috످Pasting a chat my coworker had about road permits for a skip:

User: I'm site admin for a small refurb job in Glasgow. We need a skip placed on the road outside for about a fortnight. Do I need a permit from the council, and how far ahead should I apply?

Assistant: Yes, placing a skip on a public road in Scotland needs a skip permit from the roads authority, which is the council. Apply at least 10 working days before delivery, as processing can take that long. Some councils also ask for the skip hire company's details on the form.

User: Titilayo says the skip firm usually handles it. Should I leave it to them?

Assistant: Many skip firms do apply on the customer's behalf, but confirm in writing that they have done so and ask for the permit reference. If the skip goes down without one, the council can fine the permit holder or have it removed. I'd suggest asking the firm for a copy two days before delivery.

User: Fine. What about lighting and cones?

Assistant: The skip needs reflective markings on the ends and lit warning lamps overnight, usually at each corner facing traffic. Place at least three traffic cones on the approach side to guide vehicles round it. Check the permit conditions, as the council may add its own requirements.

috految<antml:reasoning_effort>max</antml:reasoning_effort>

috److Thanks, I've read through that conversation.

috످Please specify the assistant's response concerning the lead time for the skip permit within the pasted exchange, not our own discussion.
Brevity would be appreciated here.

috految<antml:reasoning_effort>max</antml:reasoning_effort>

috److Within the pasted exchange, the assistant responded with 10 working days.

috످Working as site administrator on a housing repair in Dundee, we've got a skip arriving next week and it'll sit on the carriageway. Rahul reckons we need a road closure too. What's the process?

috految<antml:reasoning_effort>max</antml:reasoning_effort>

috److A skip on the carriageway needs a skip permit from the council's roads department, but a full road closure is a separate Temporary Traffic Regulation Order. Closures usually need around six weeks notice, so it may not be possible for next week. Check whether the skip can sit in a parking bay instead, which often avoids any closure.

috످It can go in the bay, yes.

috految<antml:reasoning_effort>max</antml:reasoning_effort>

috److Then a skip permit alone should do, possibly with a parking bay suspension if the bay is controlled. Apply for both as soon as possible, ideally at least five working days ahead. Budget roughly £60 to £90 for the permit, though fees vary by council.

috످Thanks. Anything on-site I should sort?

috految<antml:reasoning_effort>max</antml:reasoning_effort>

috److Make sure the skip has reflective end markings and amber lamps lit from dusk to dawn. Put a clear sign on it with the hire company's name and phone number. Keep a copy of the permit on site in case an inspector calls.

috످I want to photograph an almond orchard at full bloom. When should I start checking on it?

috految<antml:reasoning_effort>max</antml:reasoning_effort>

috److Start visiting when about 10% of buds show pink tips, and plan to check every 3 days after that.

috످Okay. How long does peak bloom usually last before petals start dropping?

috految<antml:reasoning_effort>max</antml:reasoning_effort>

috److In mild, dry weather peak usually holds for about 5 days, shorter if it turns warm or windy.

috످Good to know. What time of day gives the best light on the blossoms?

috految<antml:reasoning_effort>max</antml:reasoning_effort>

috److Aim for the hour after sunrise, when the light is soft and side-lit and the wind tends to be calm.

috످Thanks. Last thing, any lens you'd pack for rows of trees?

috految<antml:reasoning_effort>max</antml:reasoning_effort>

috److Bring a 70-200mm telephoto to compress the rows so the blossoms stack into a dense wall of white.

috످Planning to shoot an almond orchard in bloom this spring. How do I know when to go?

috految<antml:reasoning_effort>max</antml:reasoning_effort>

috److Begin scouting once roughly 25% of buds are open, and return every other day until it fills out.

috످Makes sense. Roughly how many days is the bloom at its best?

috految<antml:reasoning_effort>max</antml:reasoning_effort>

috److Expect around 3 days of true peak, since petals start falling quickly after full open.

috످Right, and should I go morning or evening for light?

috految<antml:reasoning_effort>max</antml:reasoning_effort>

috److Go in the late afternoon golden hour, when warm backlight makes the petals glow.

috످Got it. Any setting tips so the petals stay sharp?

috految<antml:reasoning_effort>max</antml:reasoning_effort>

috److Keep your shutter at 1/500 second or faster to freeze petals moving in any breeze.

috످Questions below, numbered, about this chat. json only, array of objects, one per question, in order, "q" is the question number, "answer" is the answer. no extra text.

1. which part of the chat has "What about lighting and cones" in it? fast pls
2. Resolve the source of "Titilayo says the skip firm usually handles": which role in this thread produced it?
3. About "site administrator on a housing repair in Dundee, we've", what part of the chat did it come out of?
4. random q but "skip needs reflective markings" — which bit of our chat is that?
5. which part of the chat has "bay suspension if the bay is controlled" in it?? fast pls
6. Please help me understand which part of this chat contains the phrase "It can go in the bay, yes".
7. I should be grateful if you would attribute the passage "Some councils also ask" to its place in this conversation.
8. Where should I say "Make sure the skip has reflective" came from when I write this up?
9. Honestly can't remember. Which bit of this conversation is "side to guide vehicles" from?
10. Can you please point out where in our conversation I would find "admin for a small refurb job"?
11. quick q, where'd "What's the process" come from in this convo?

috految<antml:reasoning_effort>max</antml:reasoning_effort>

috److془Let me work through each.

1. "What about lighting and cones" — the coworker asks about safety gear for the skip; it's in the user's first message, pasted chat, labelled User.

2. The coworker relays a colleague's claim that the hire company typically sorts the permit; stands in user's first message, pasted.

3. The user introduces their Dundee job and the skip delivery; user's own third message.

Count: User 1: paste. Assistant 1: Thanks. User 2: Please specify. Assistant 2: Within the pasted. User 3: Dundee. Assistant 3: A skip on the carriageway. User 4: It can go in the bay. Assistant 4: Then a skip permit alone. User 5: Thanks. Anything on-site. Assistant 5: Make sure the skip.

4. Advice on making the skip visible to drivers, in the user's first message, pasted under Assistant label.

5. Note that a restricted parking space may need extra permission, in my fourth reply.

6. Confirmation that the parking space works for the skip, user's fourth message.

7. Note that application may require the hire firm's information; user's first message, pasted under Assistant label.

8. Advice on visibility for the Dundee skip; my fifth reply.

9. Where to put cones to steer traffic; user's first message, pasted with Assistant label.

10. Coworker introduces their Glasgow job; user's first message, pasted with User label.

11. The user asks how to arrange the Dundee skip and possible road closure; user's third message.

Output JSON only.془[
  {"q": 1, "answer": "Your first message, in the chat you pasted, where your coworker asks about safety equipment for the skip."},
  {"q": 2, "answer": "The user role (you). It's your coworker's line in the chat you pasted in your first message."},
  {"q": 3, "answer": "Your third message, where you asked about the skip for your Dundee job."},
  {"q": 4, "answer": "Your first message, in the chat you pasted, where the assistant in that chat explains how to make the skip visible."},
  {"q": 5, "answer": "My fourth reply, after you confirmed the skip could go in the parking bay."},
  {"q": 6, "answer": "Your fourth message, after I suggested using a parking bay."},
  {"q": 7, "answer": "Your first message, in the chat you pasted, where the assistant in that chat explains how to apply for a permit."},
  {"q": 8, "answer": "You can cite it as my fifth reply, which answered your question about what to sort on-site in Dundee."},
  {"q": 9, "answer": "Your first message, in the chat you pasted, where the assistant in that chat explains where to put the cones."},
  {"q": 10, "answer": "Your first message, at the start of the chat you pasted, where your coworker describes their Glasgow job."},
  {"q": 11, "answer": "Your third message, where you asked about the Dundee skip and a possible road closure."}
]

috످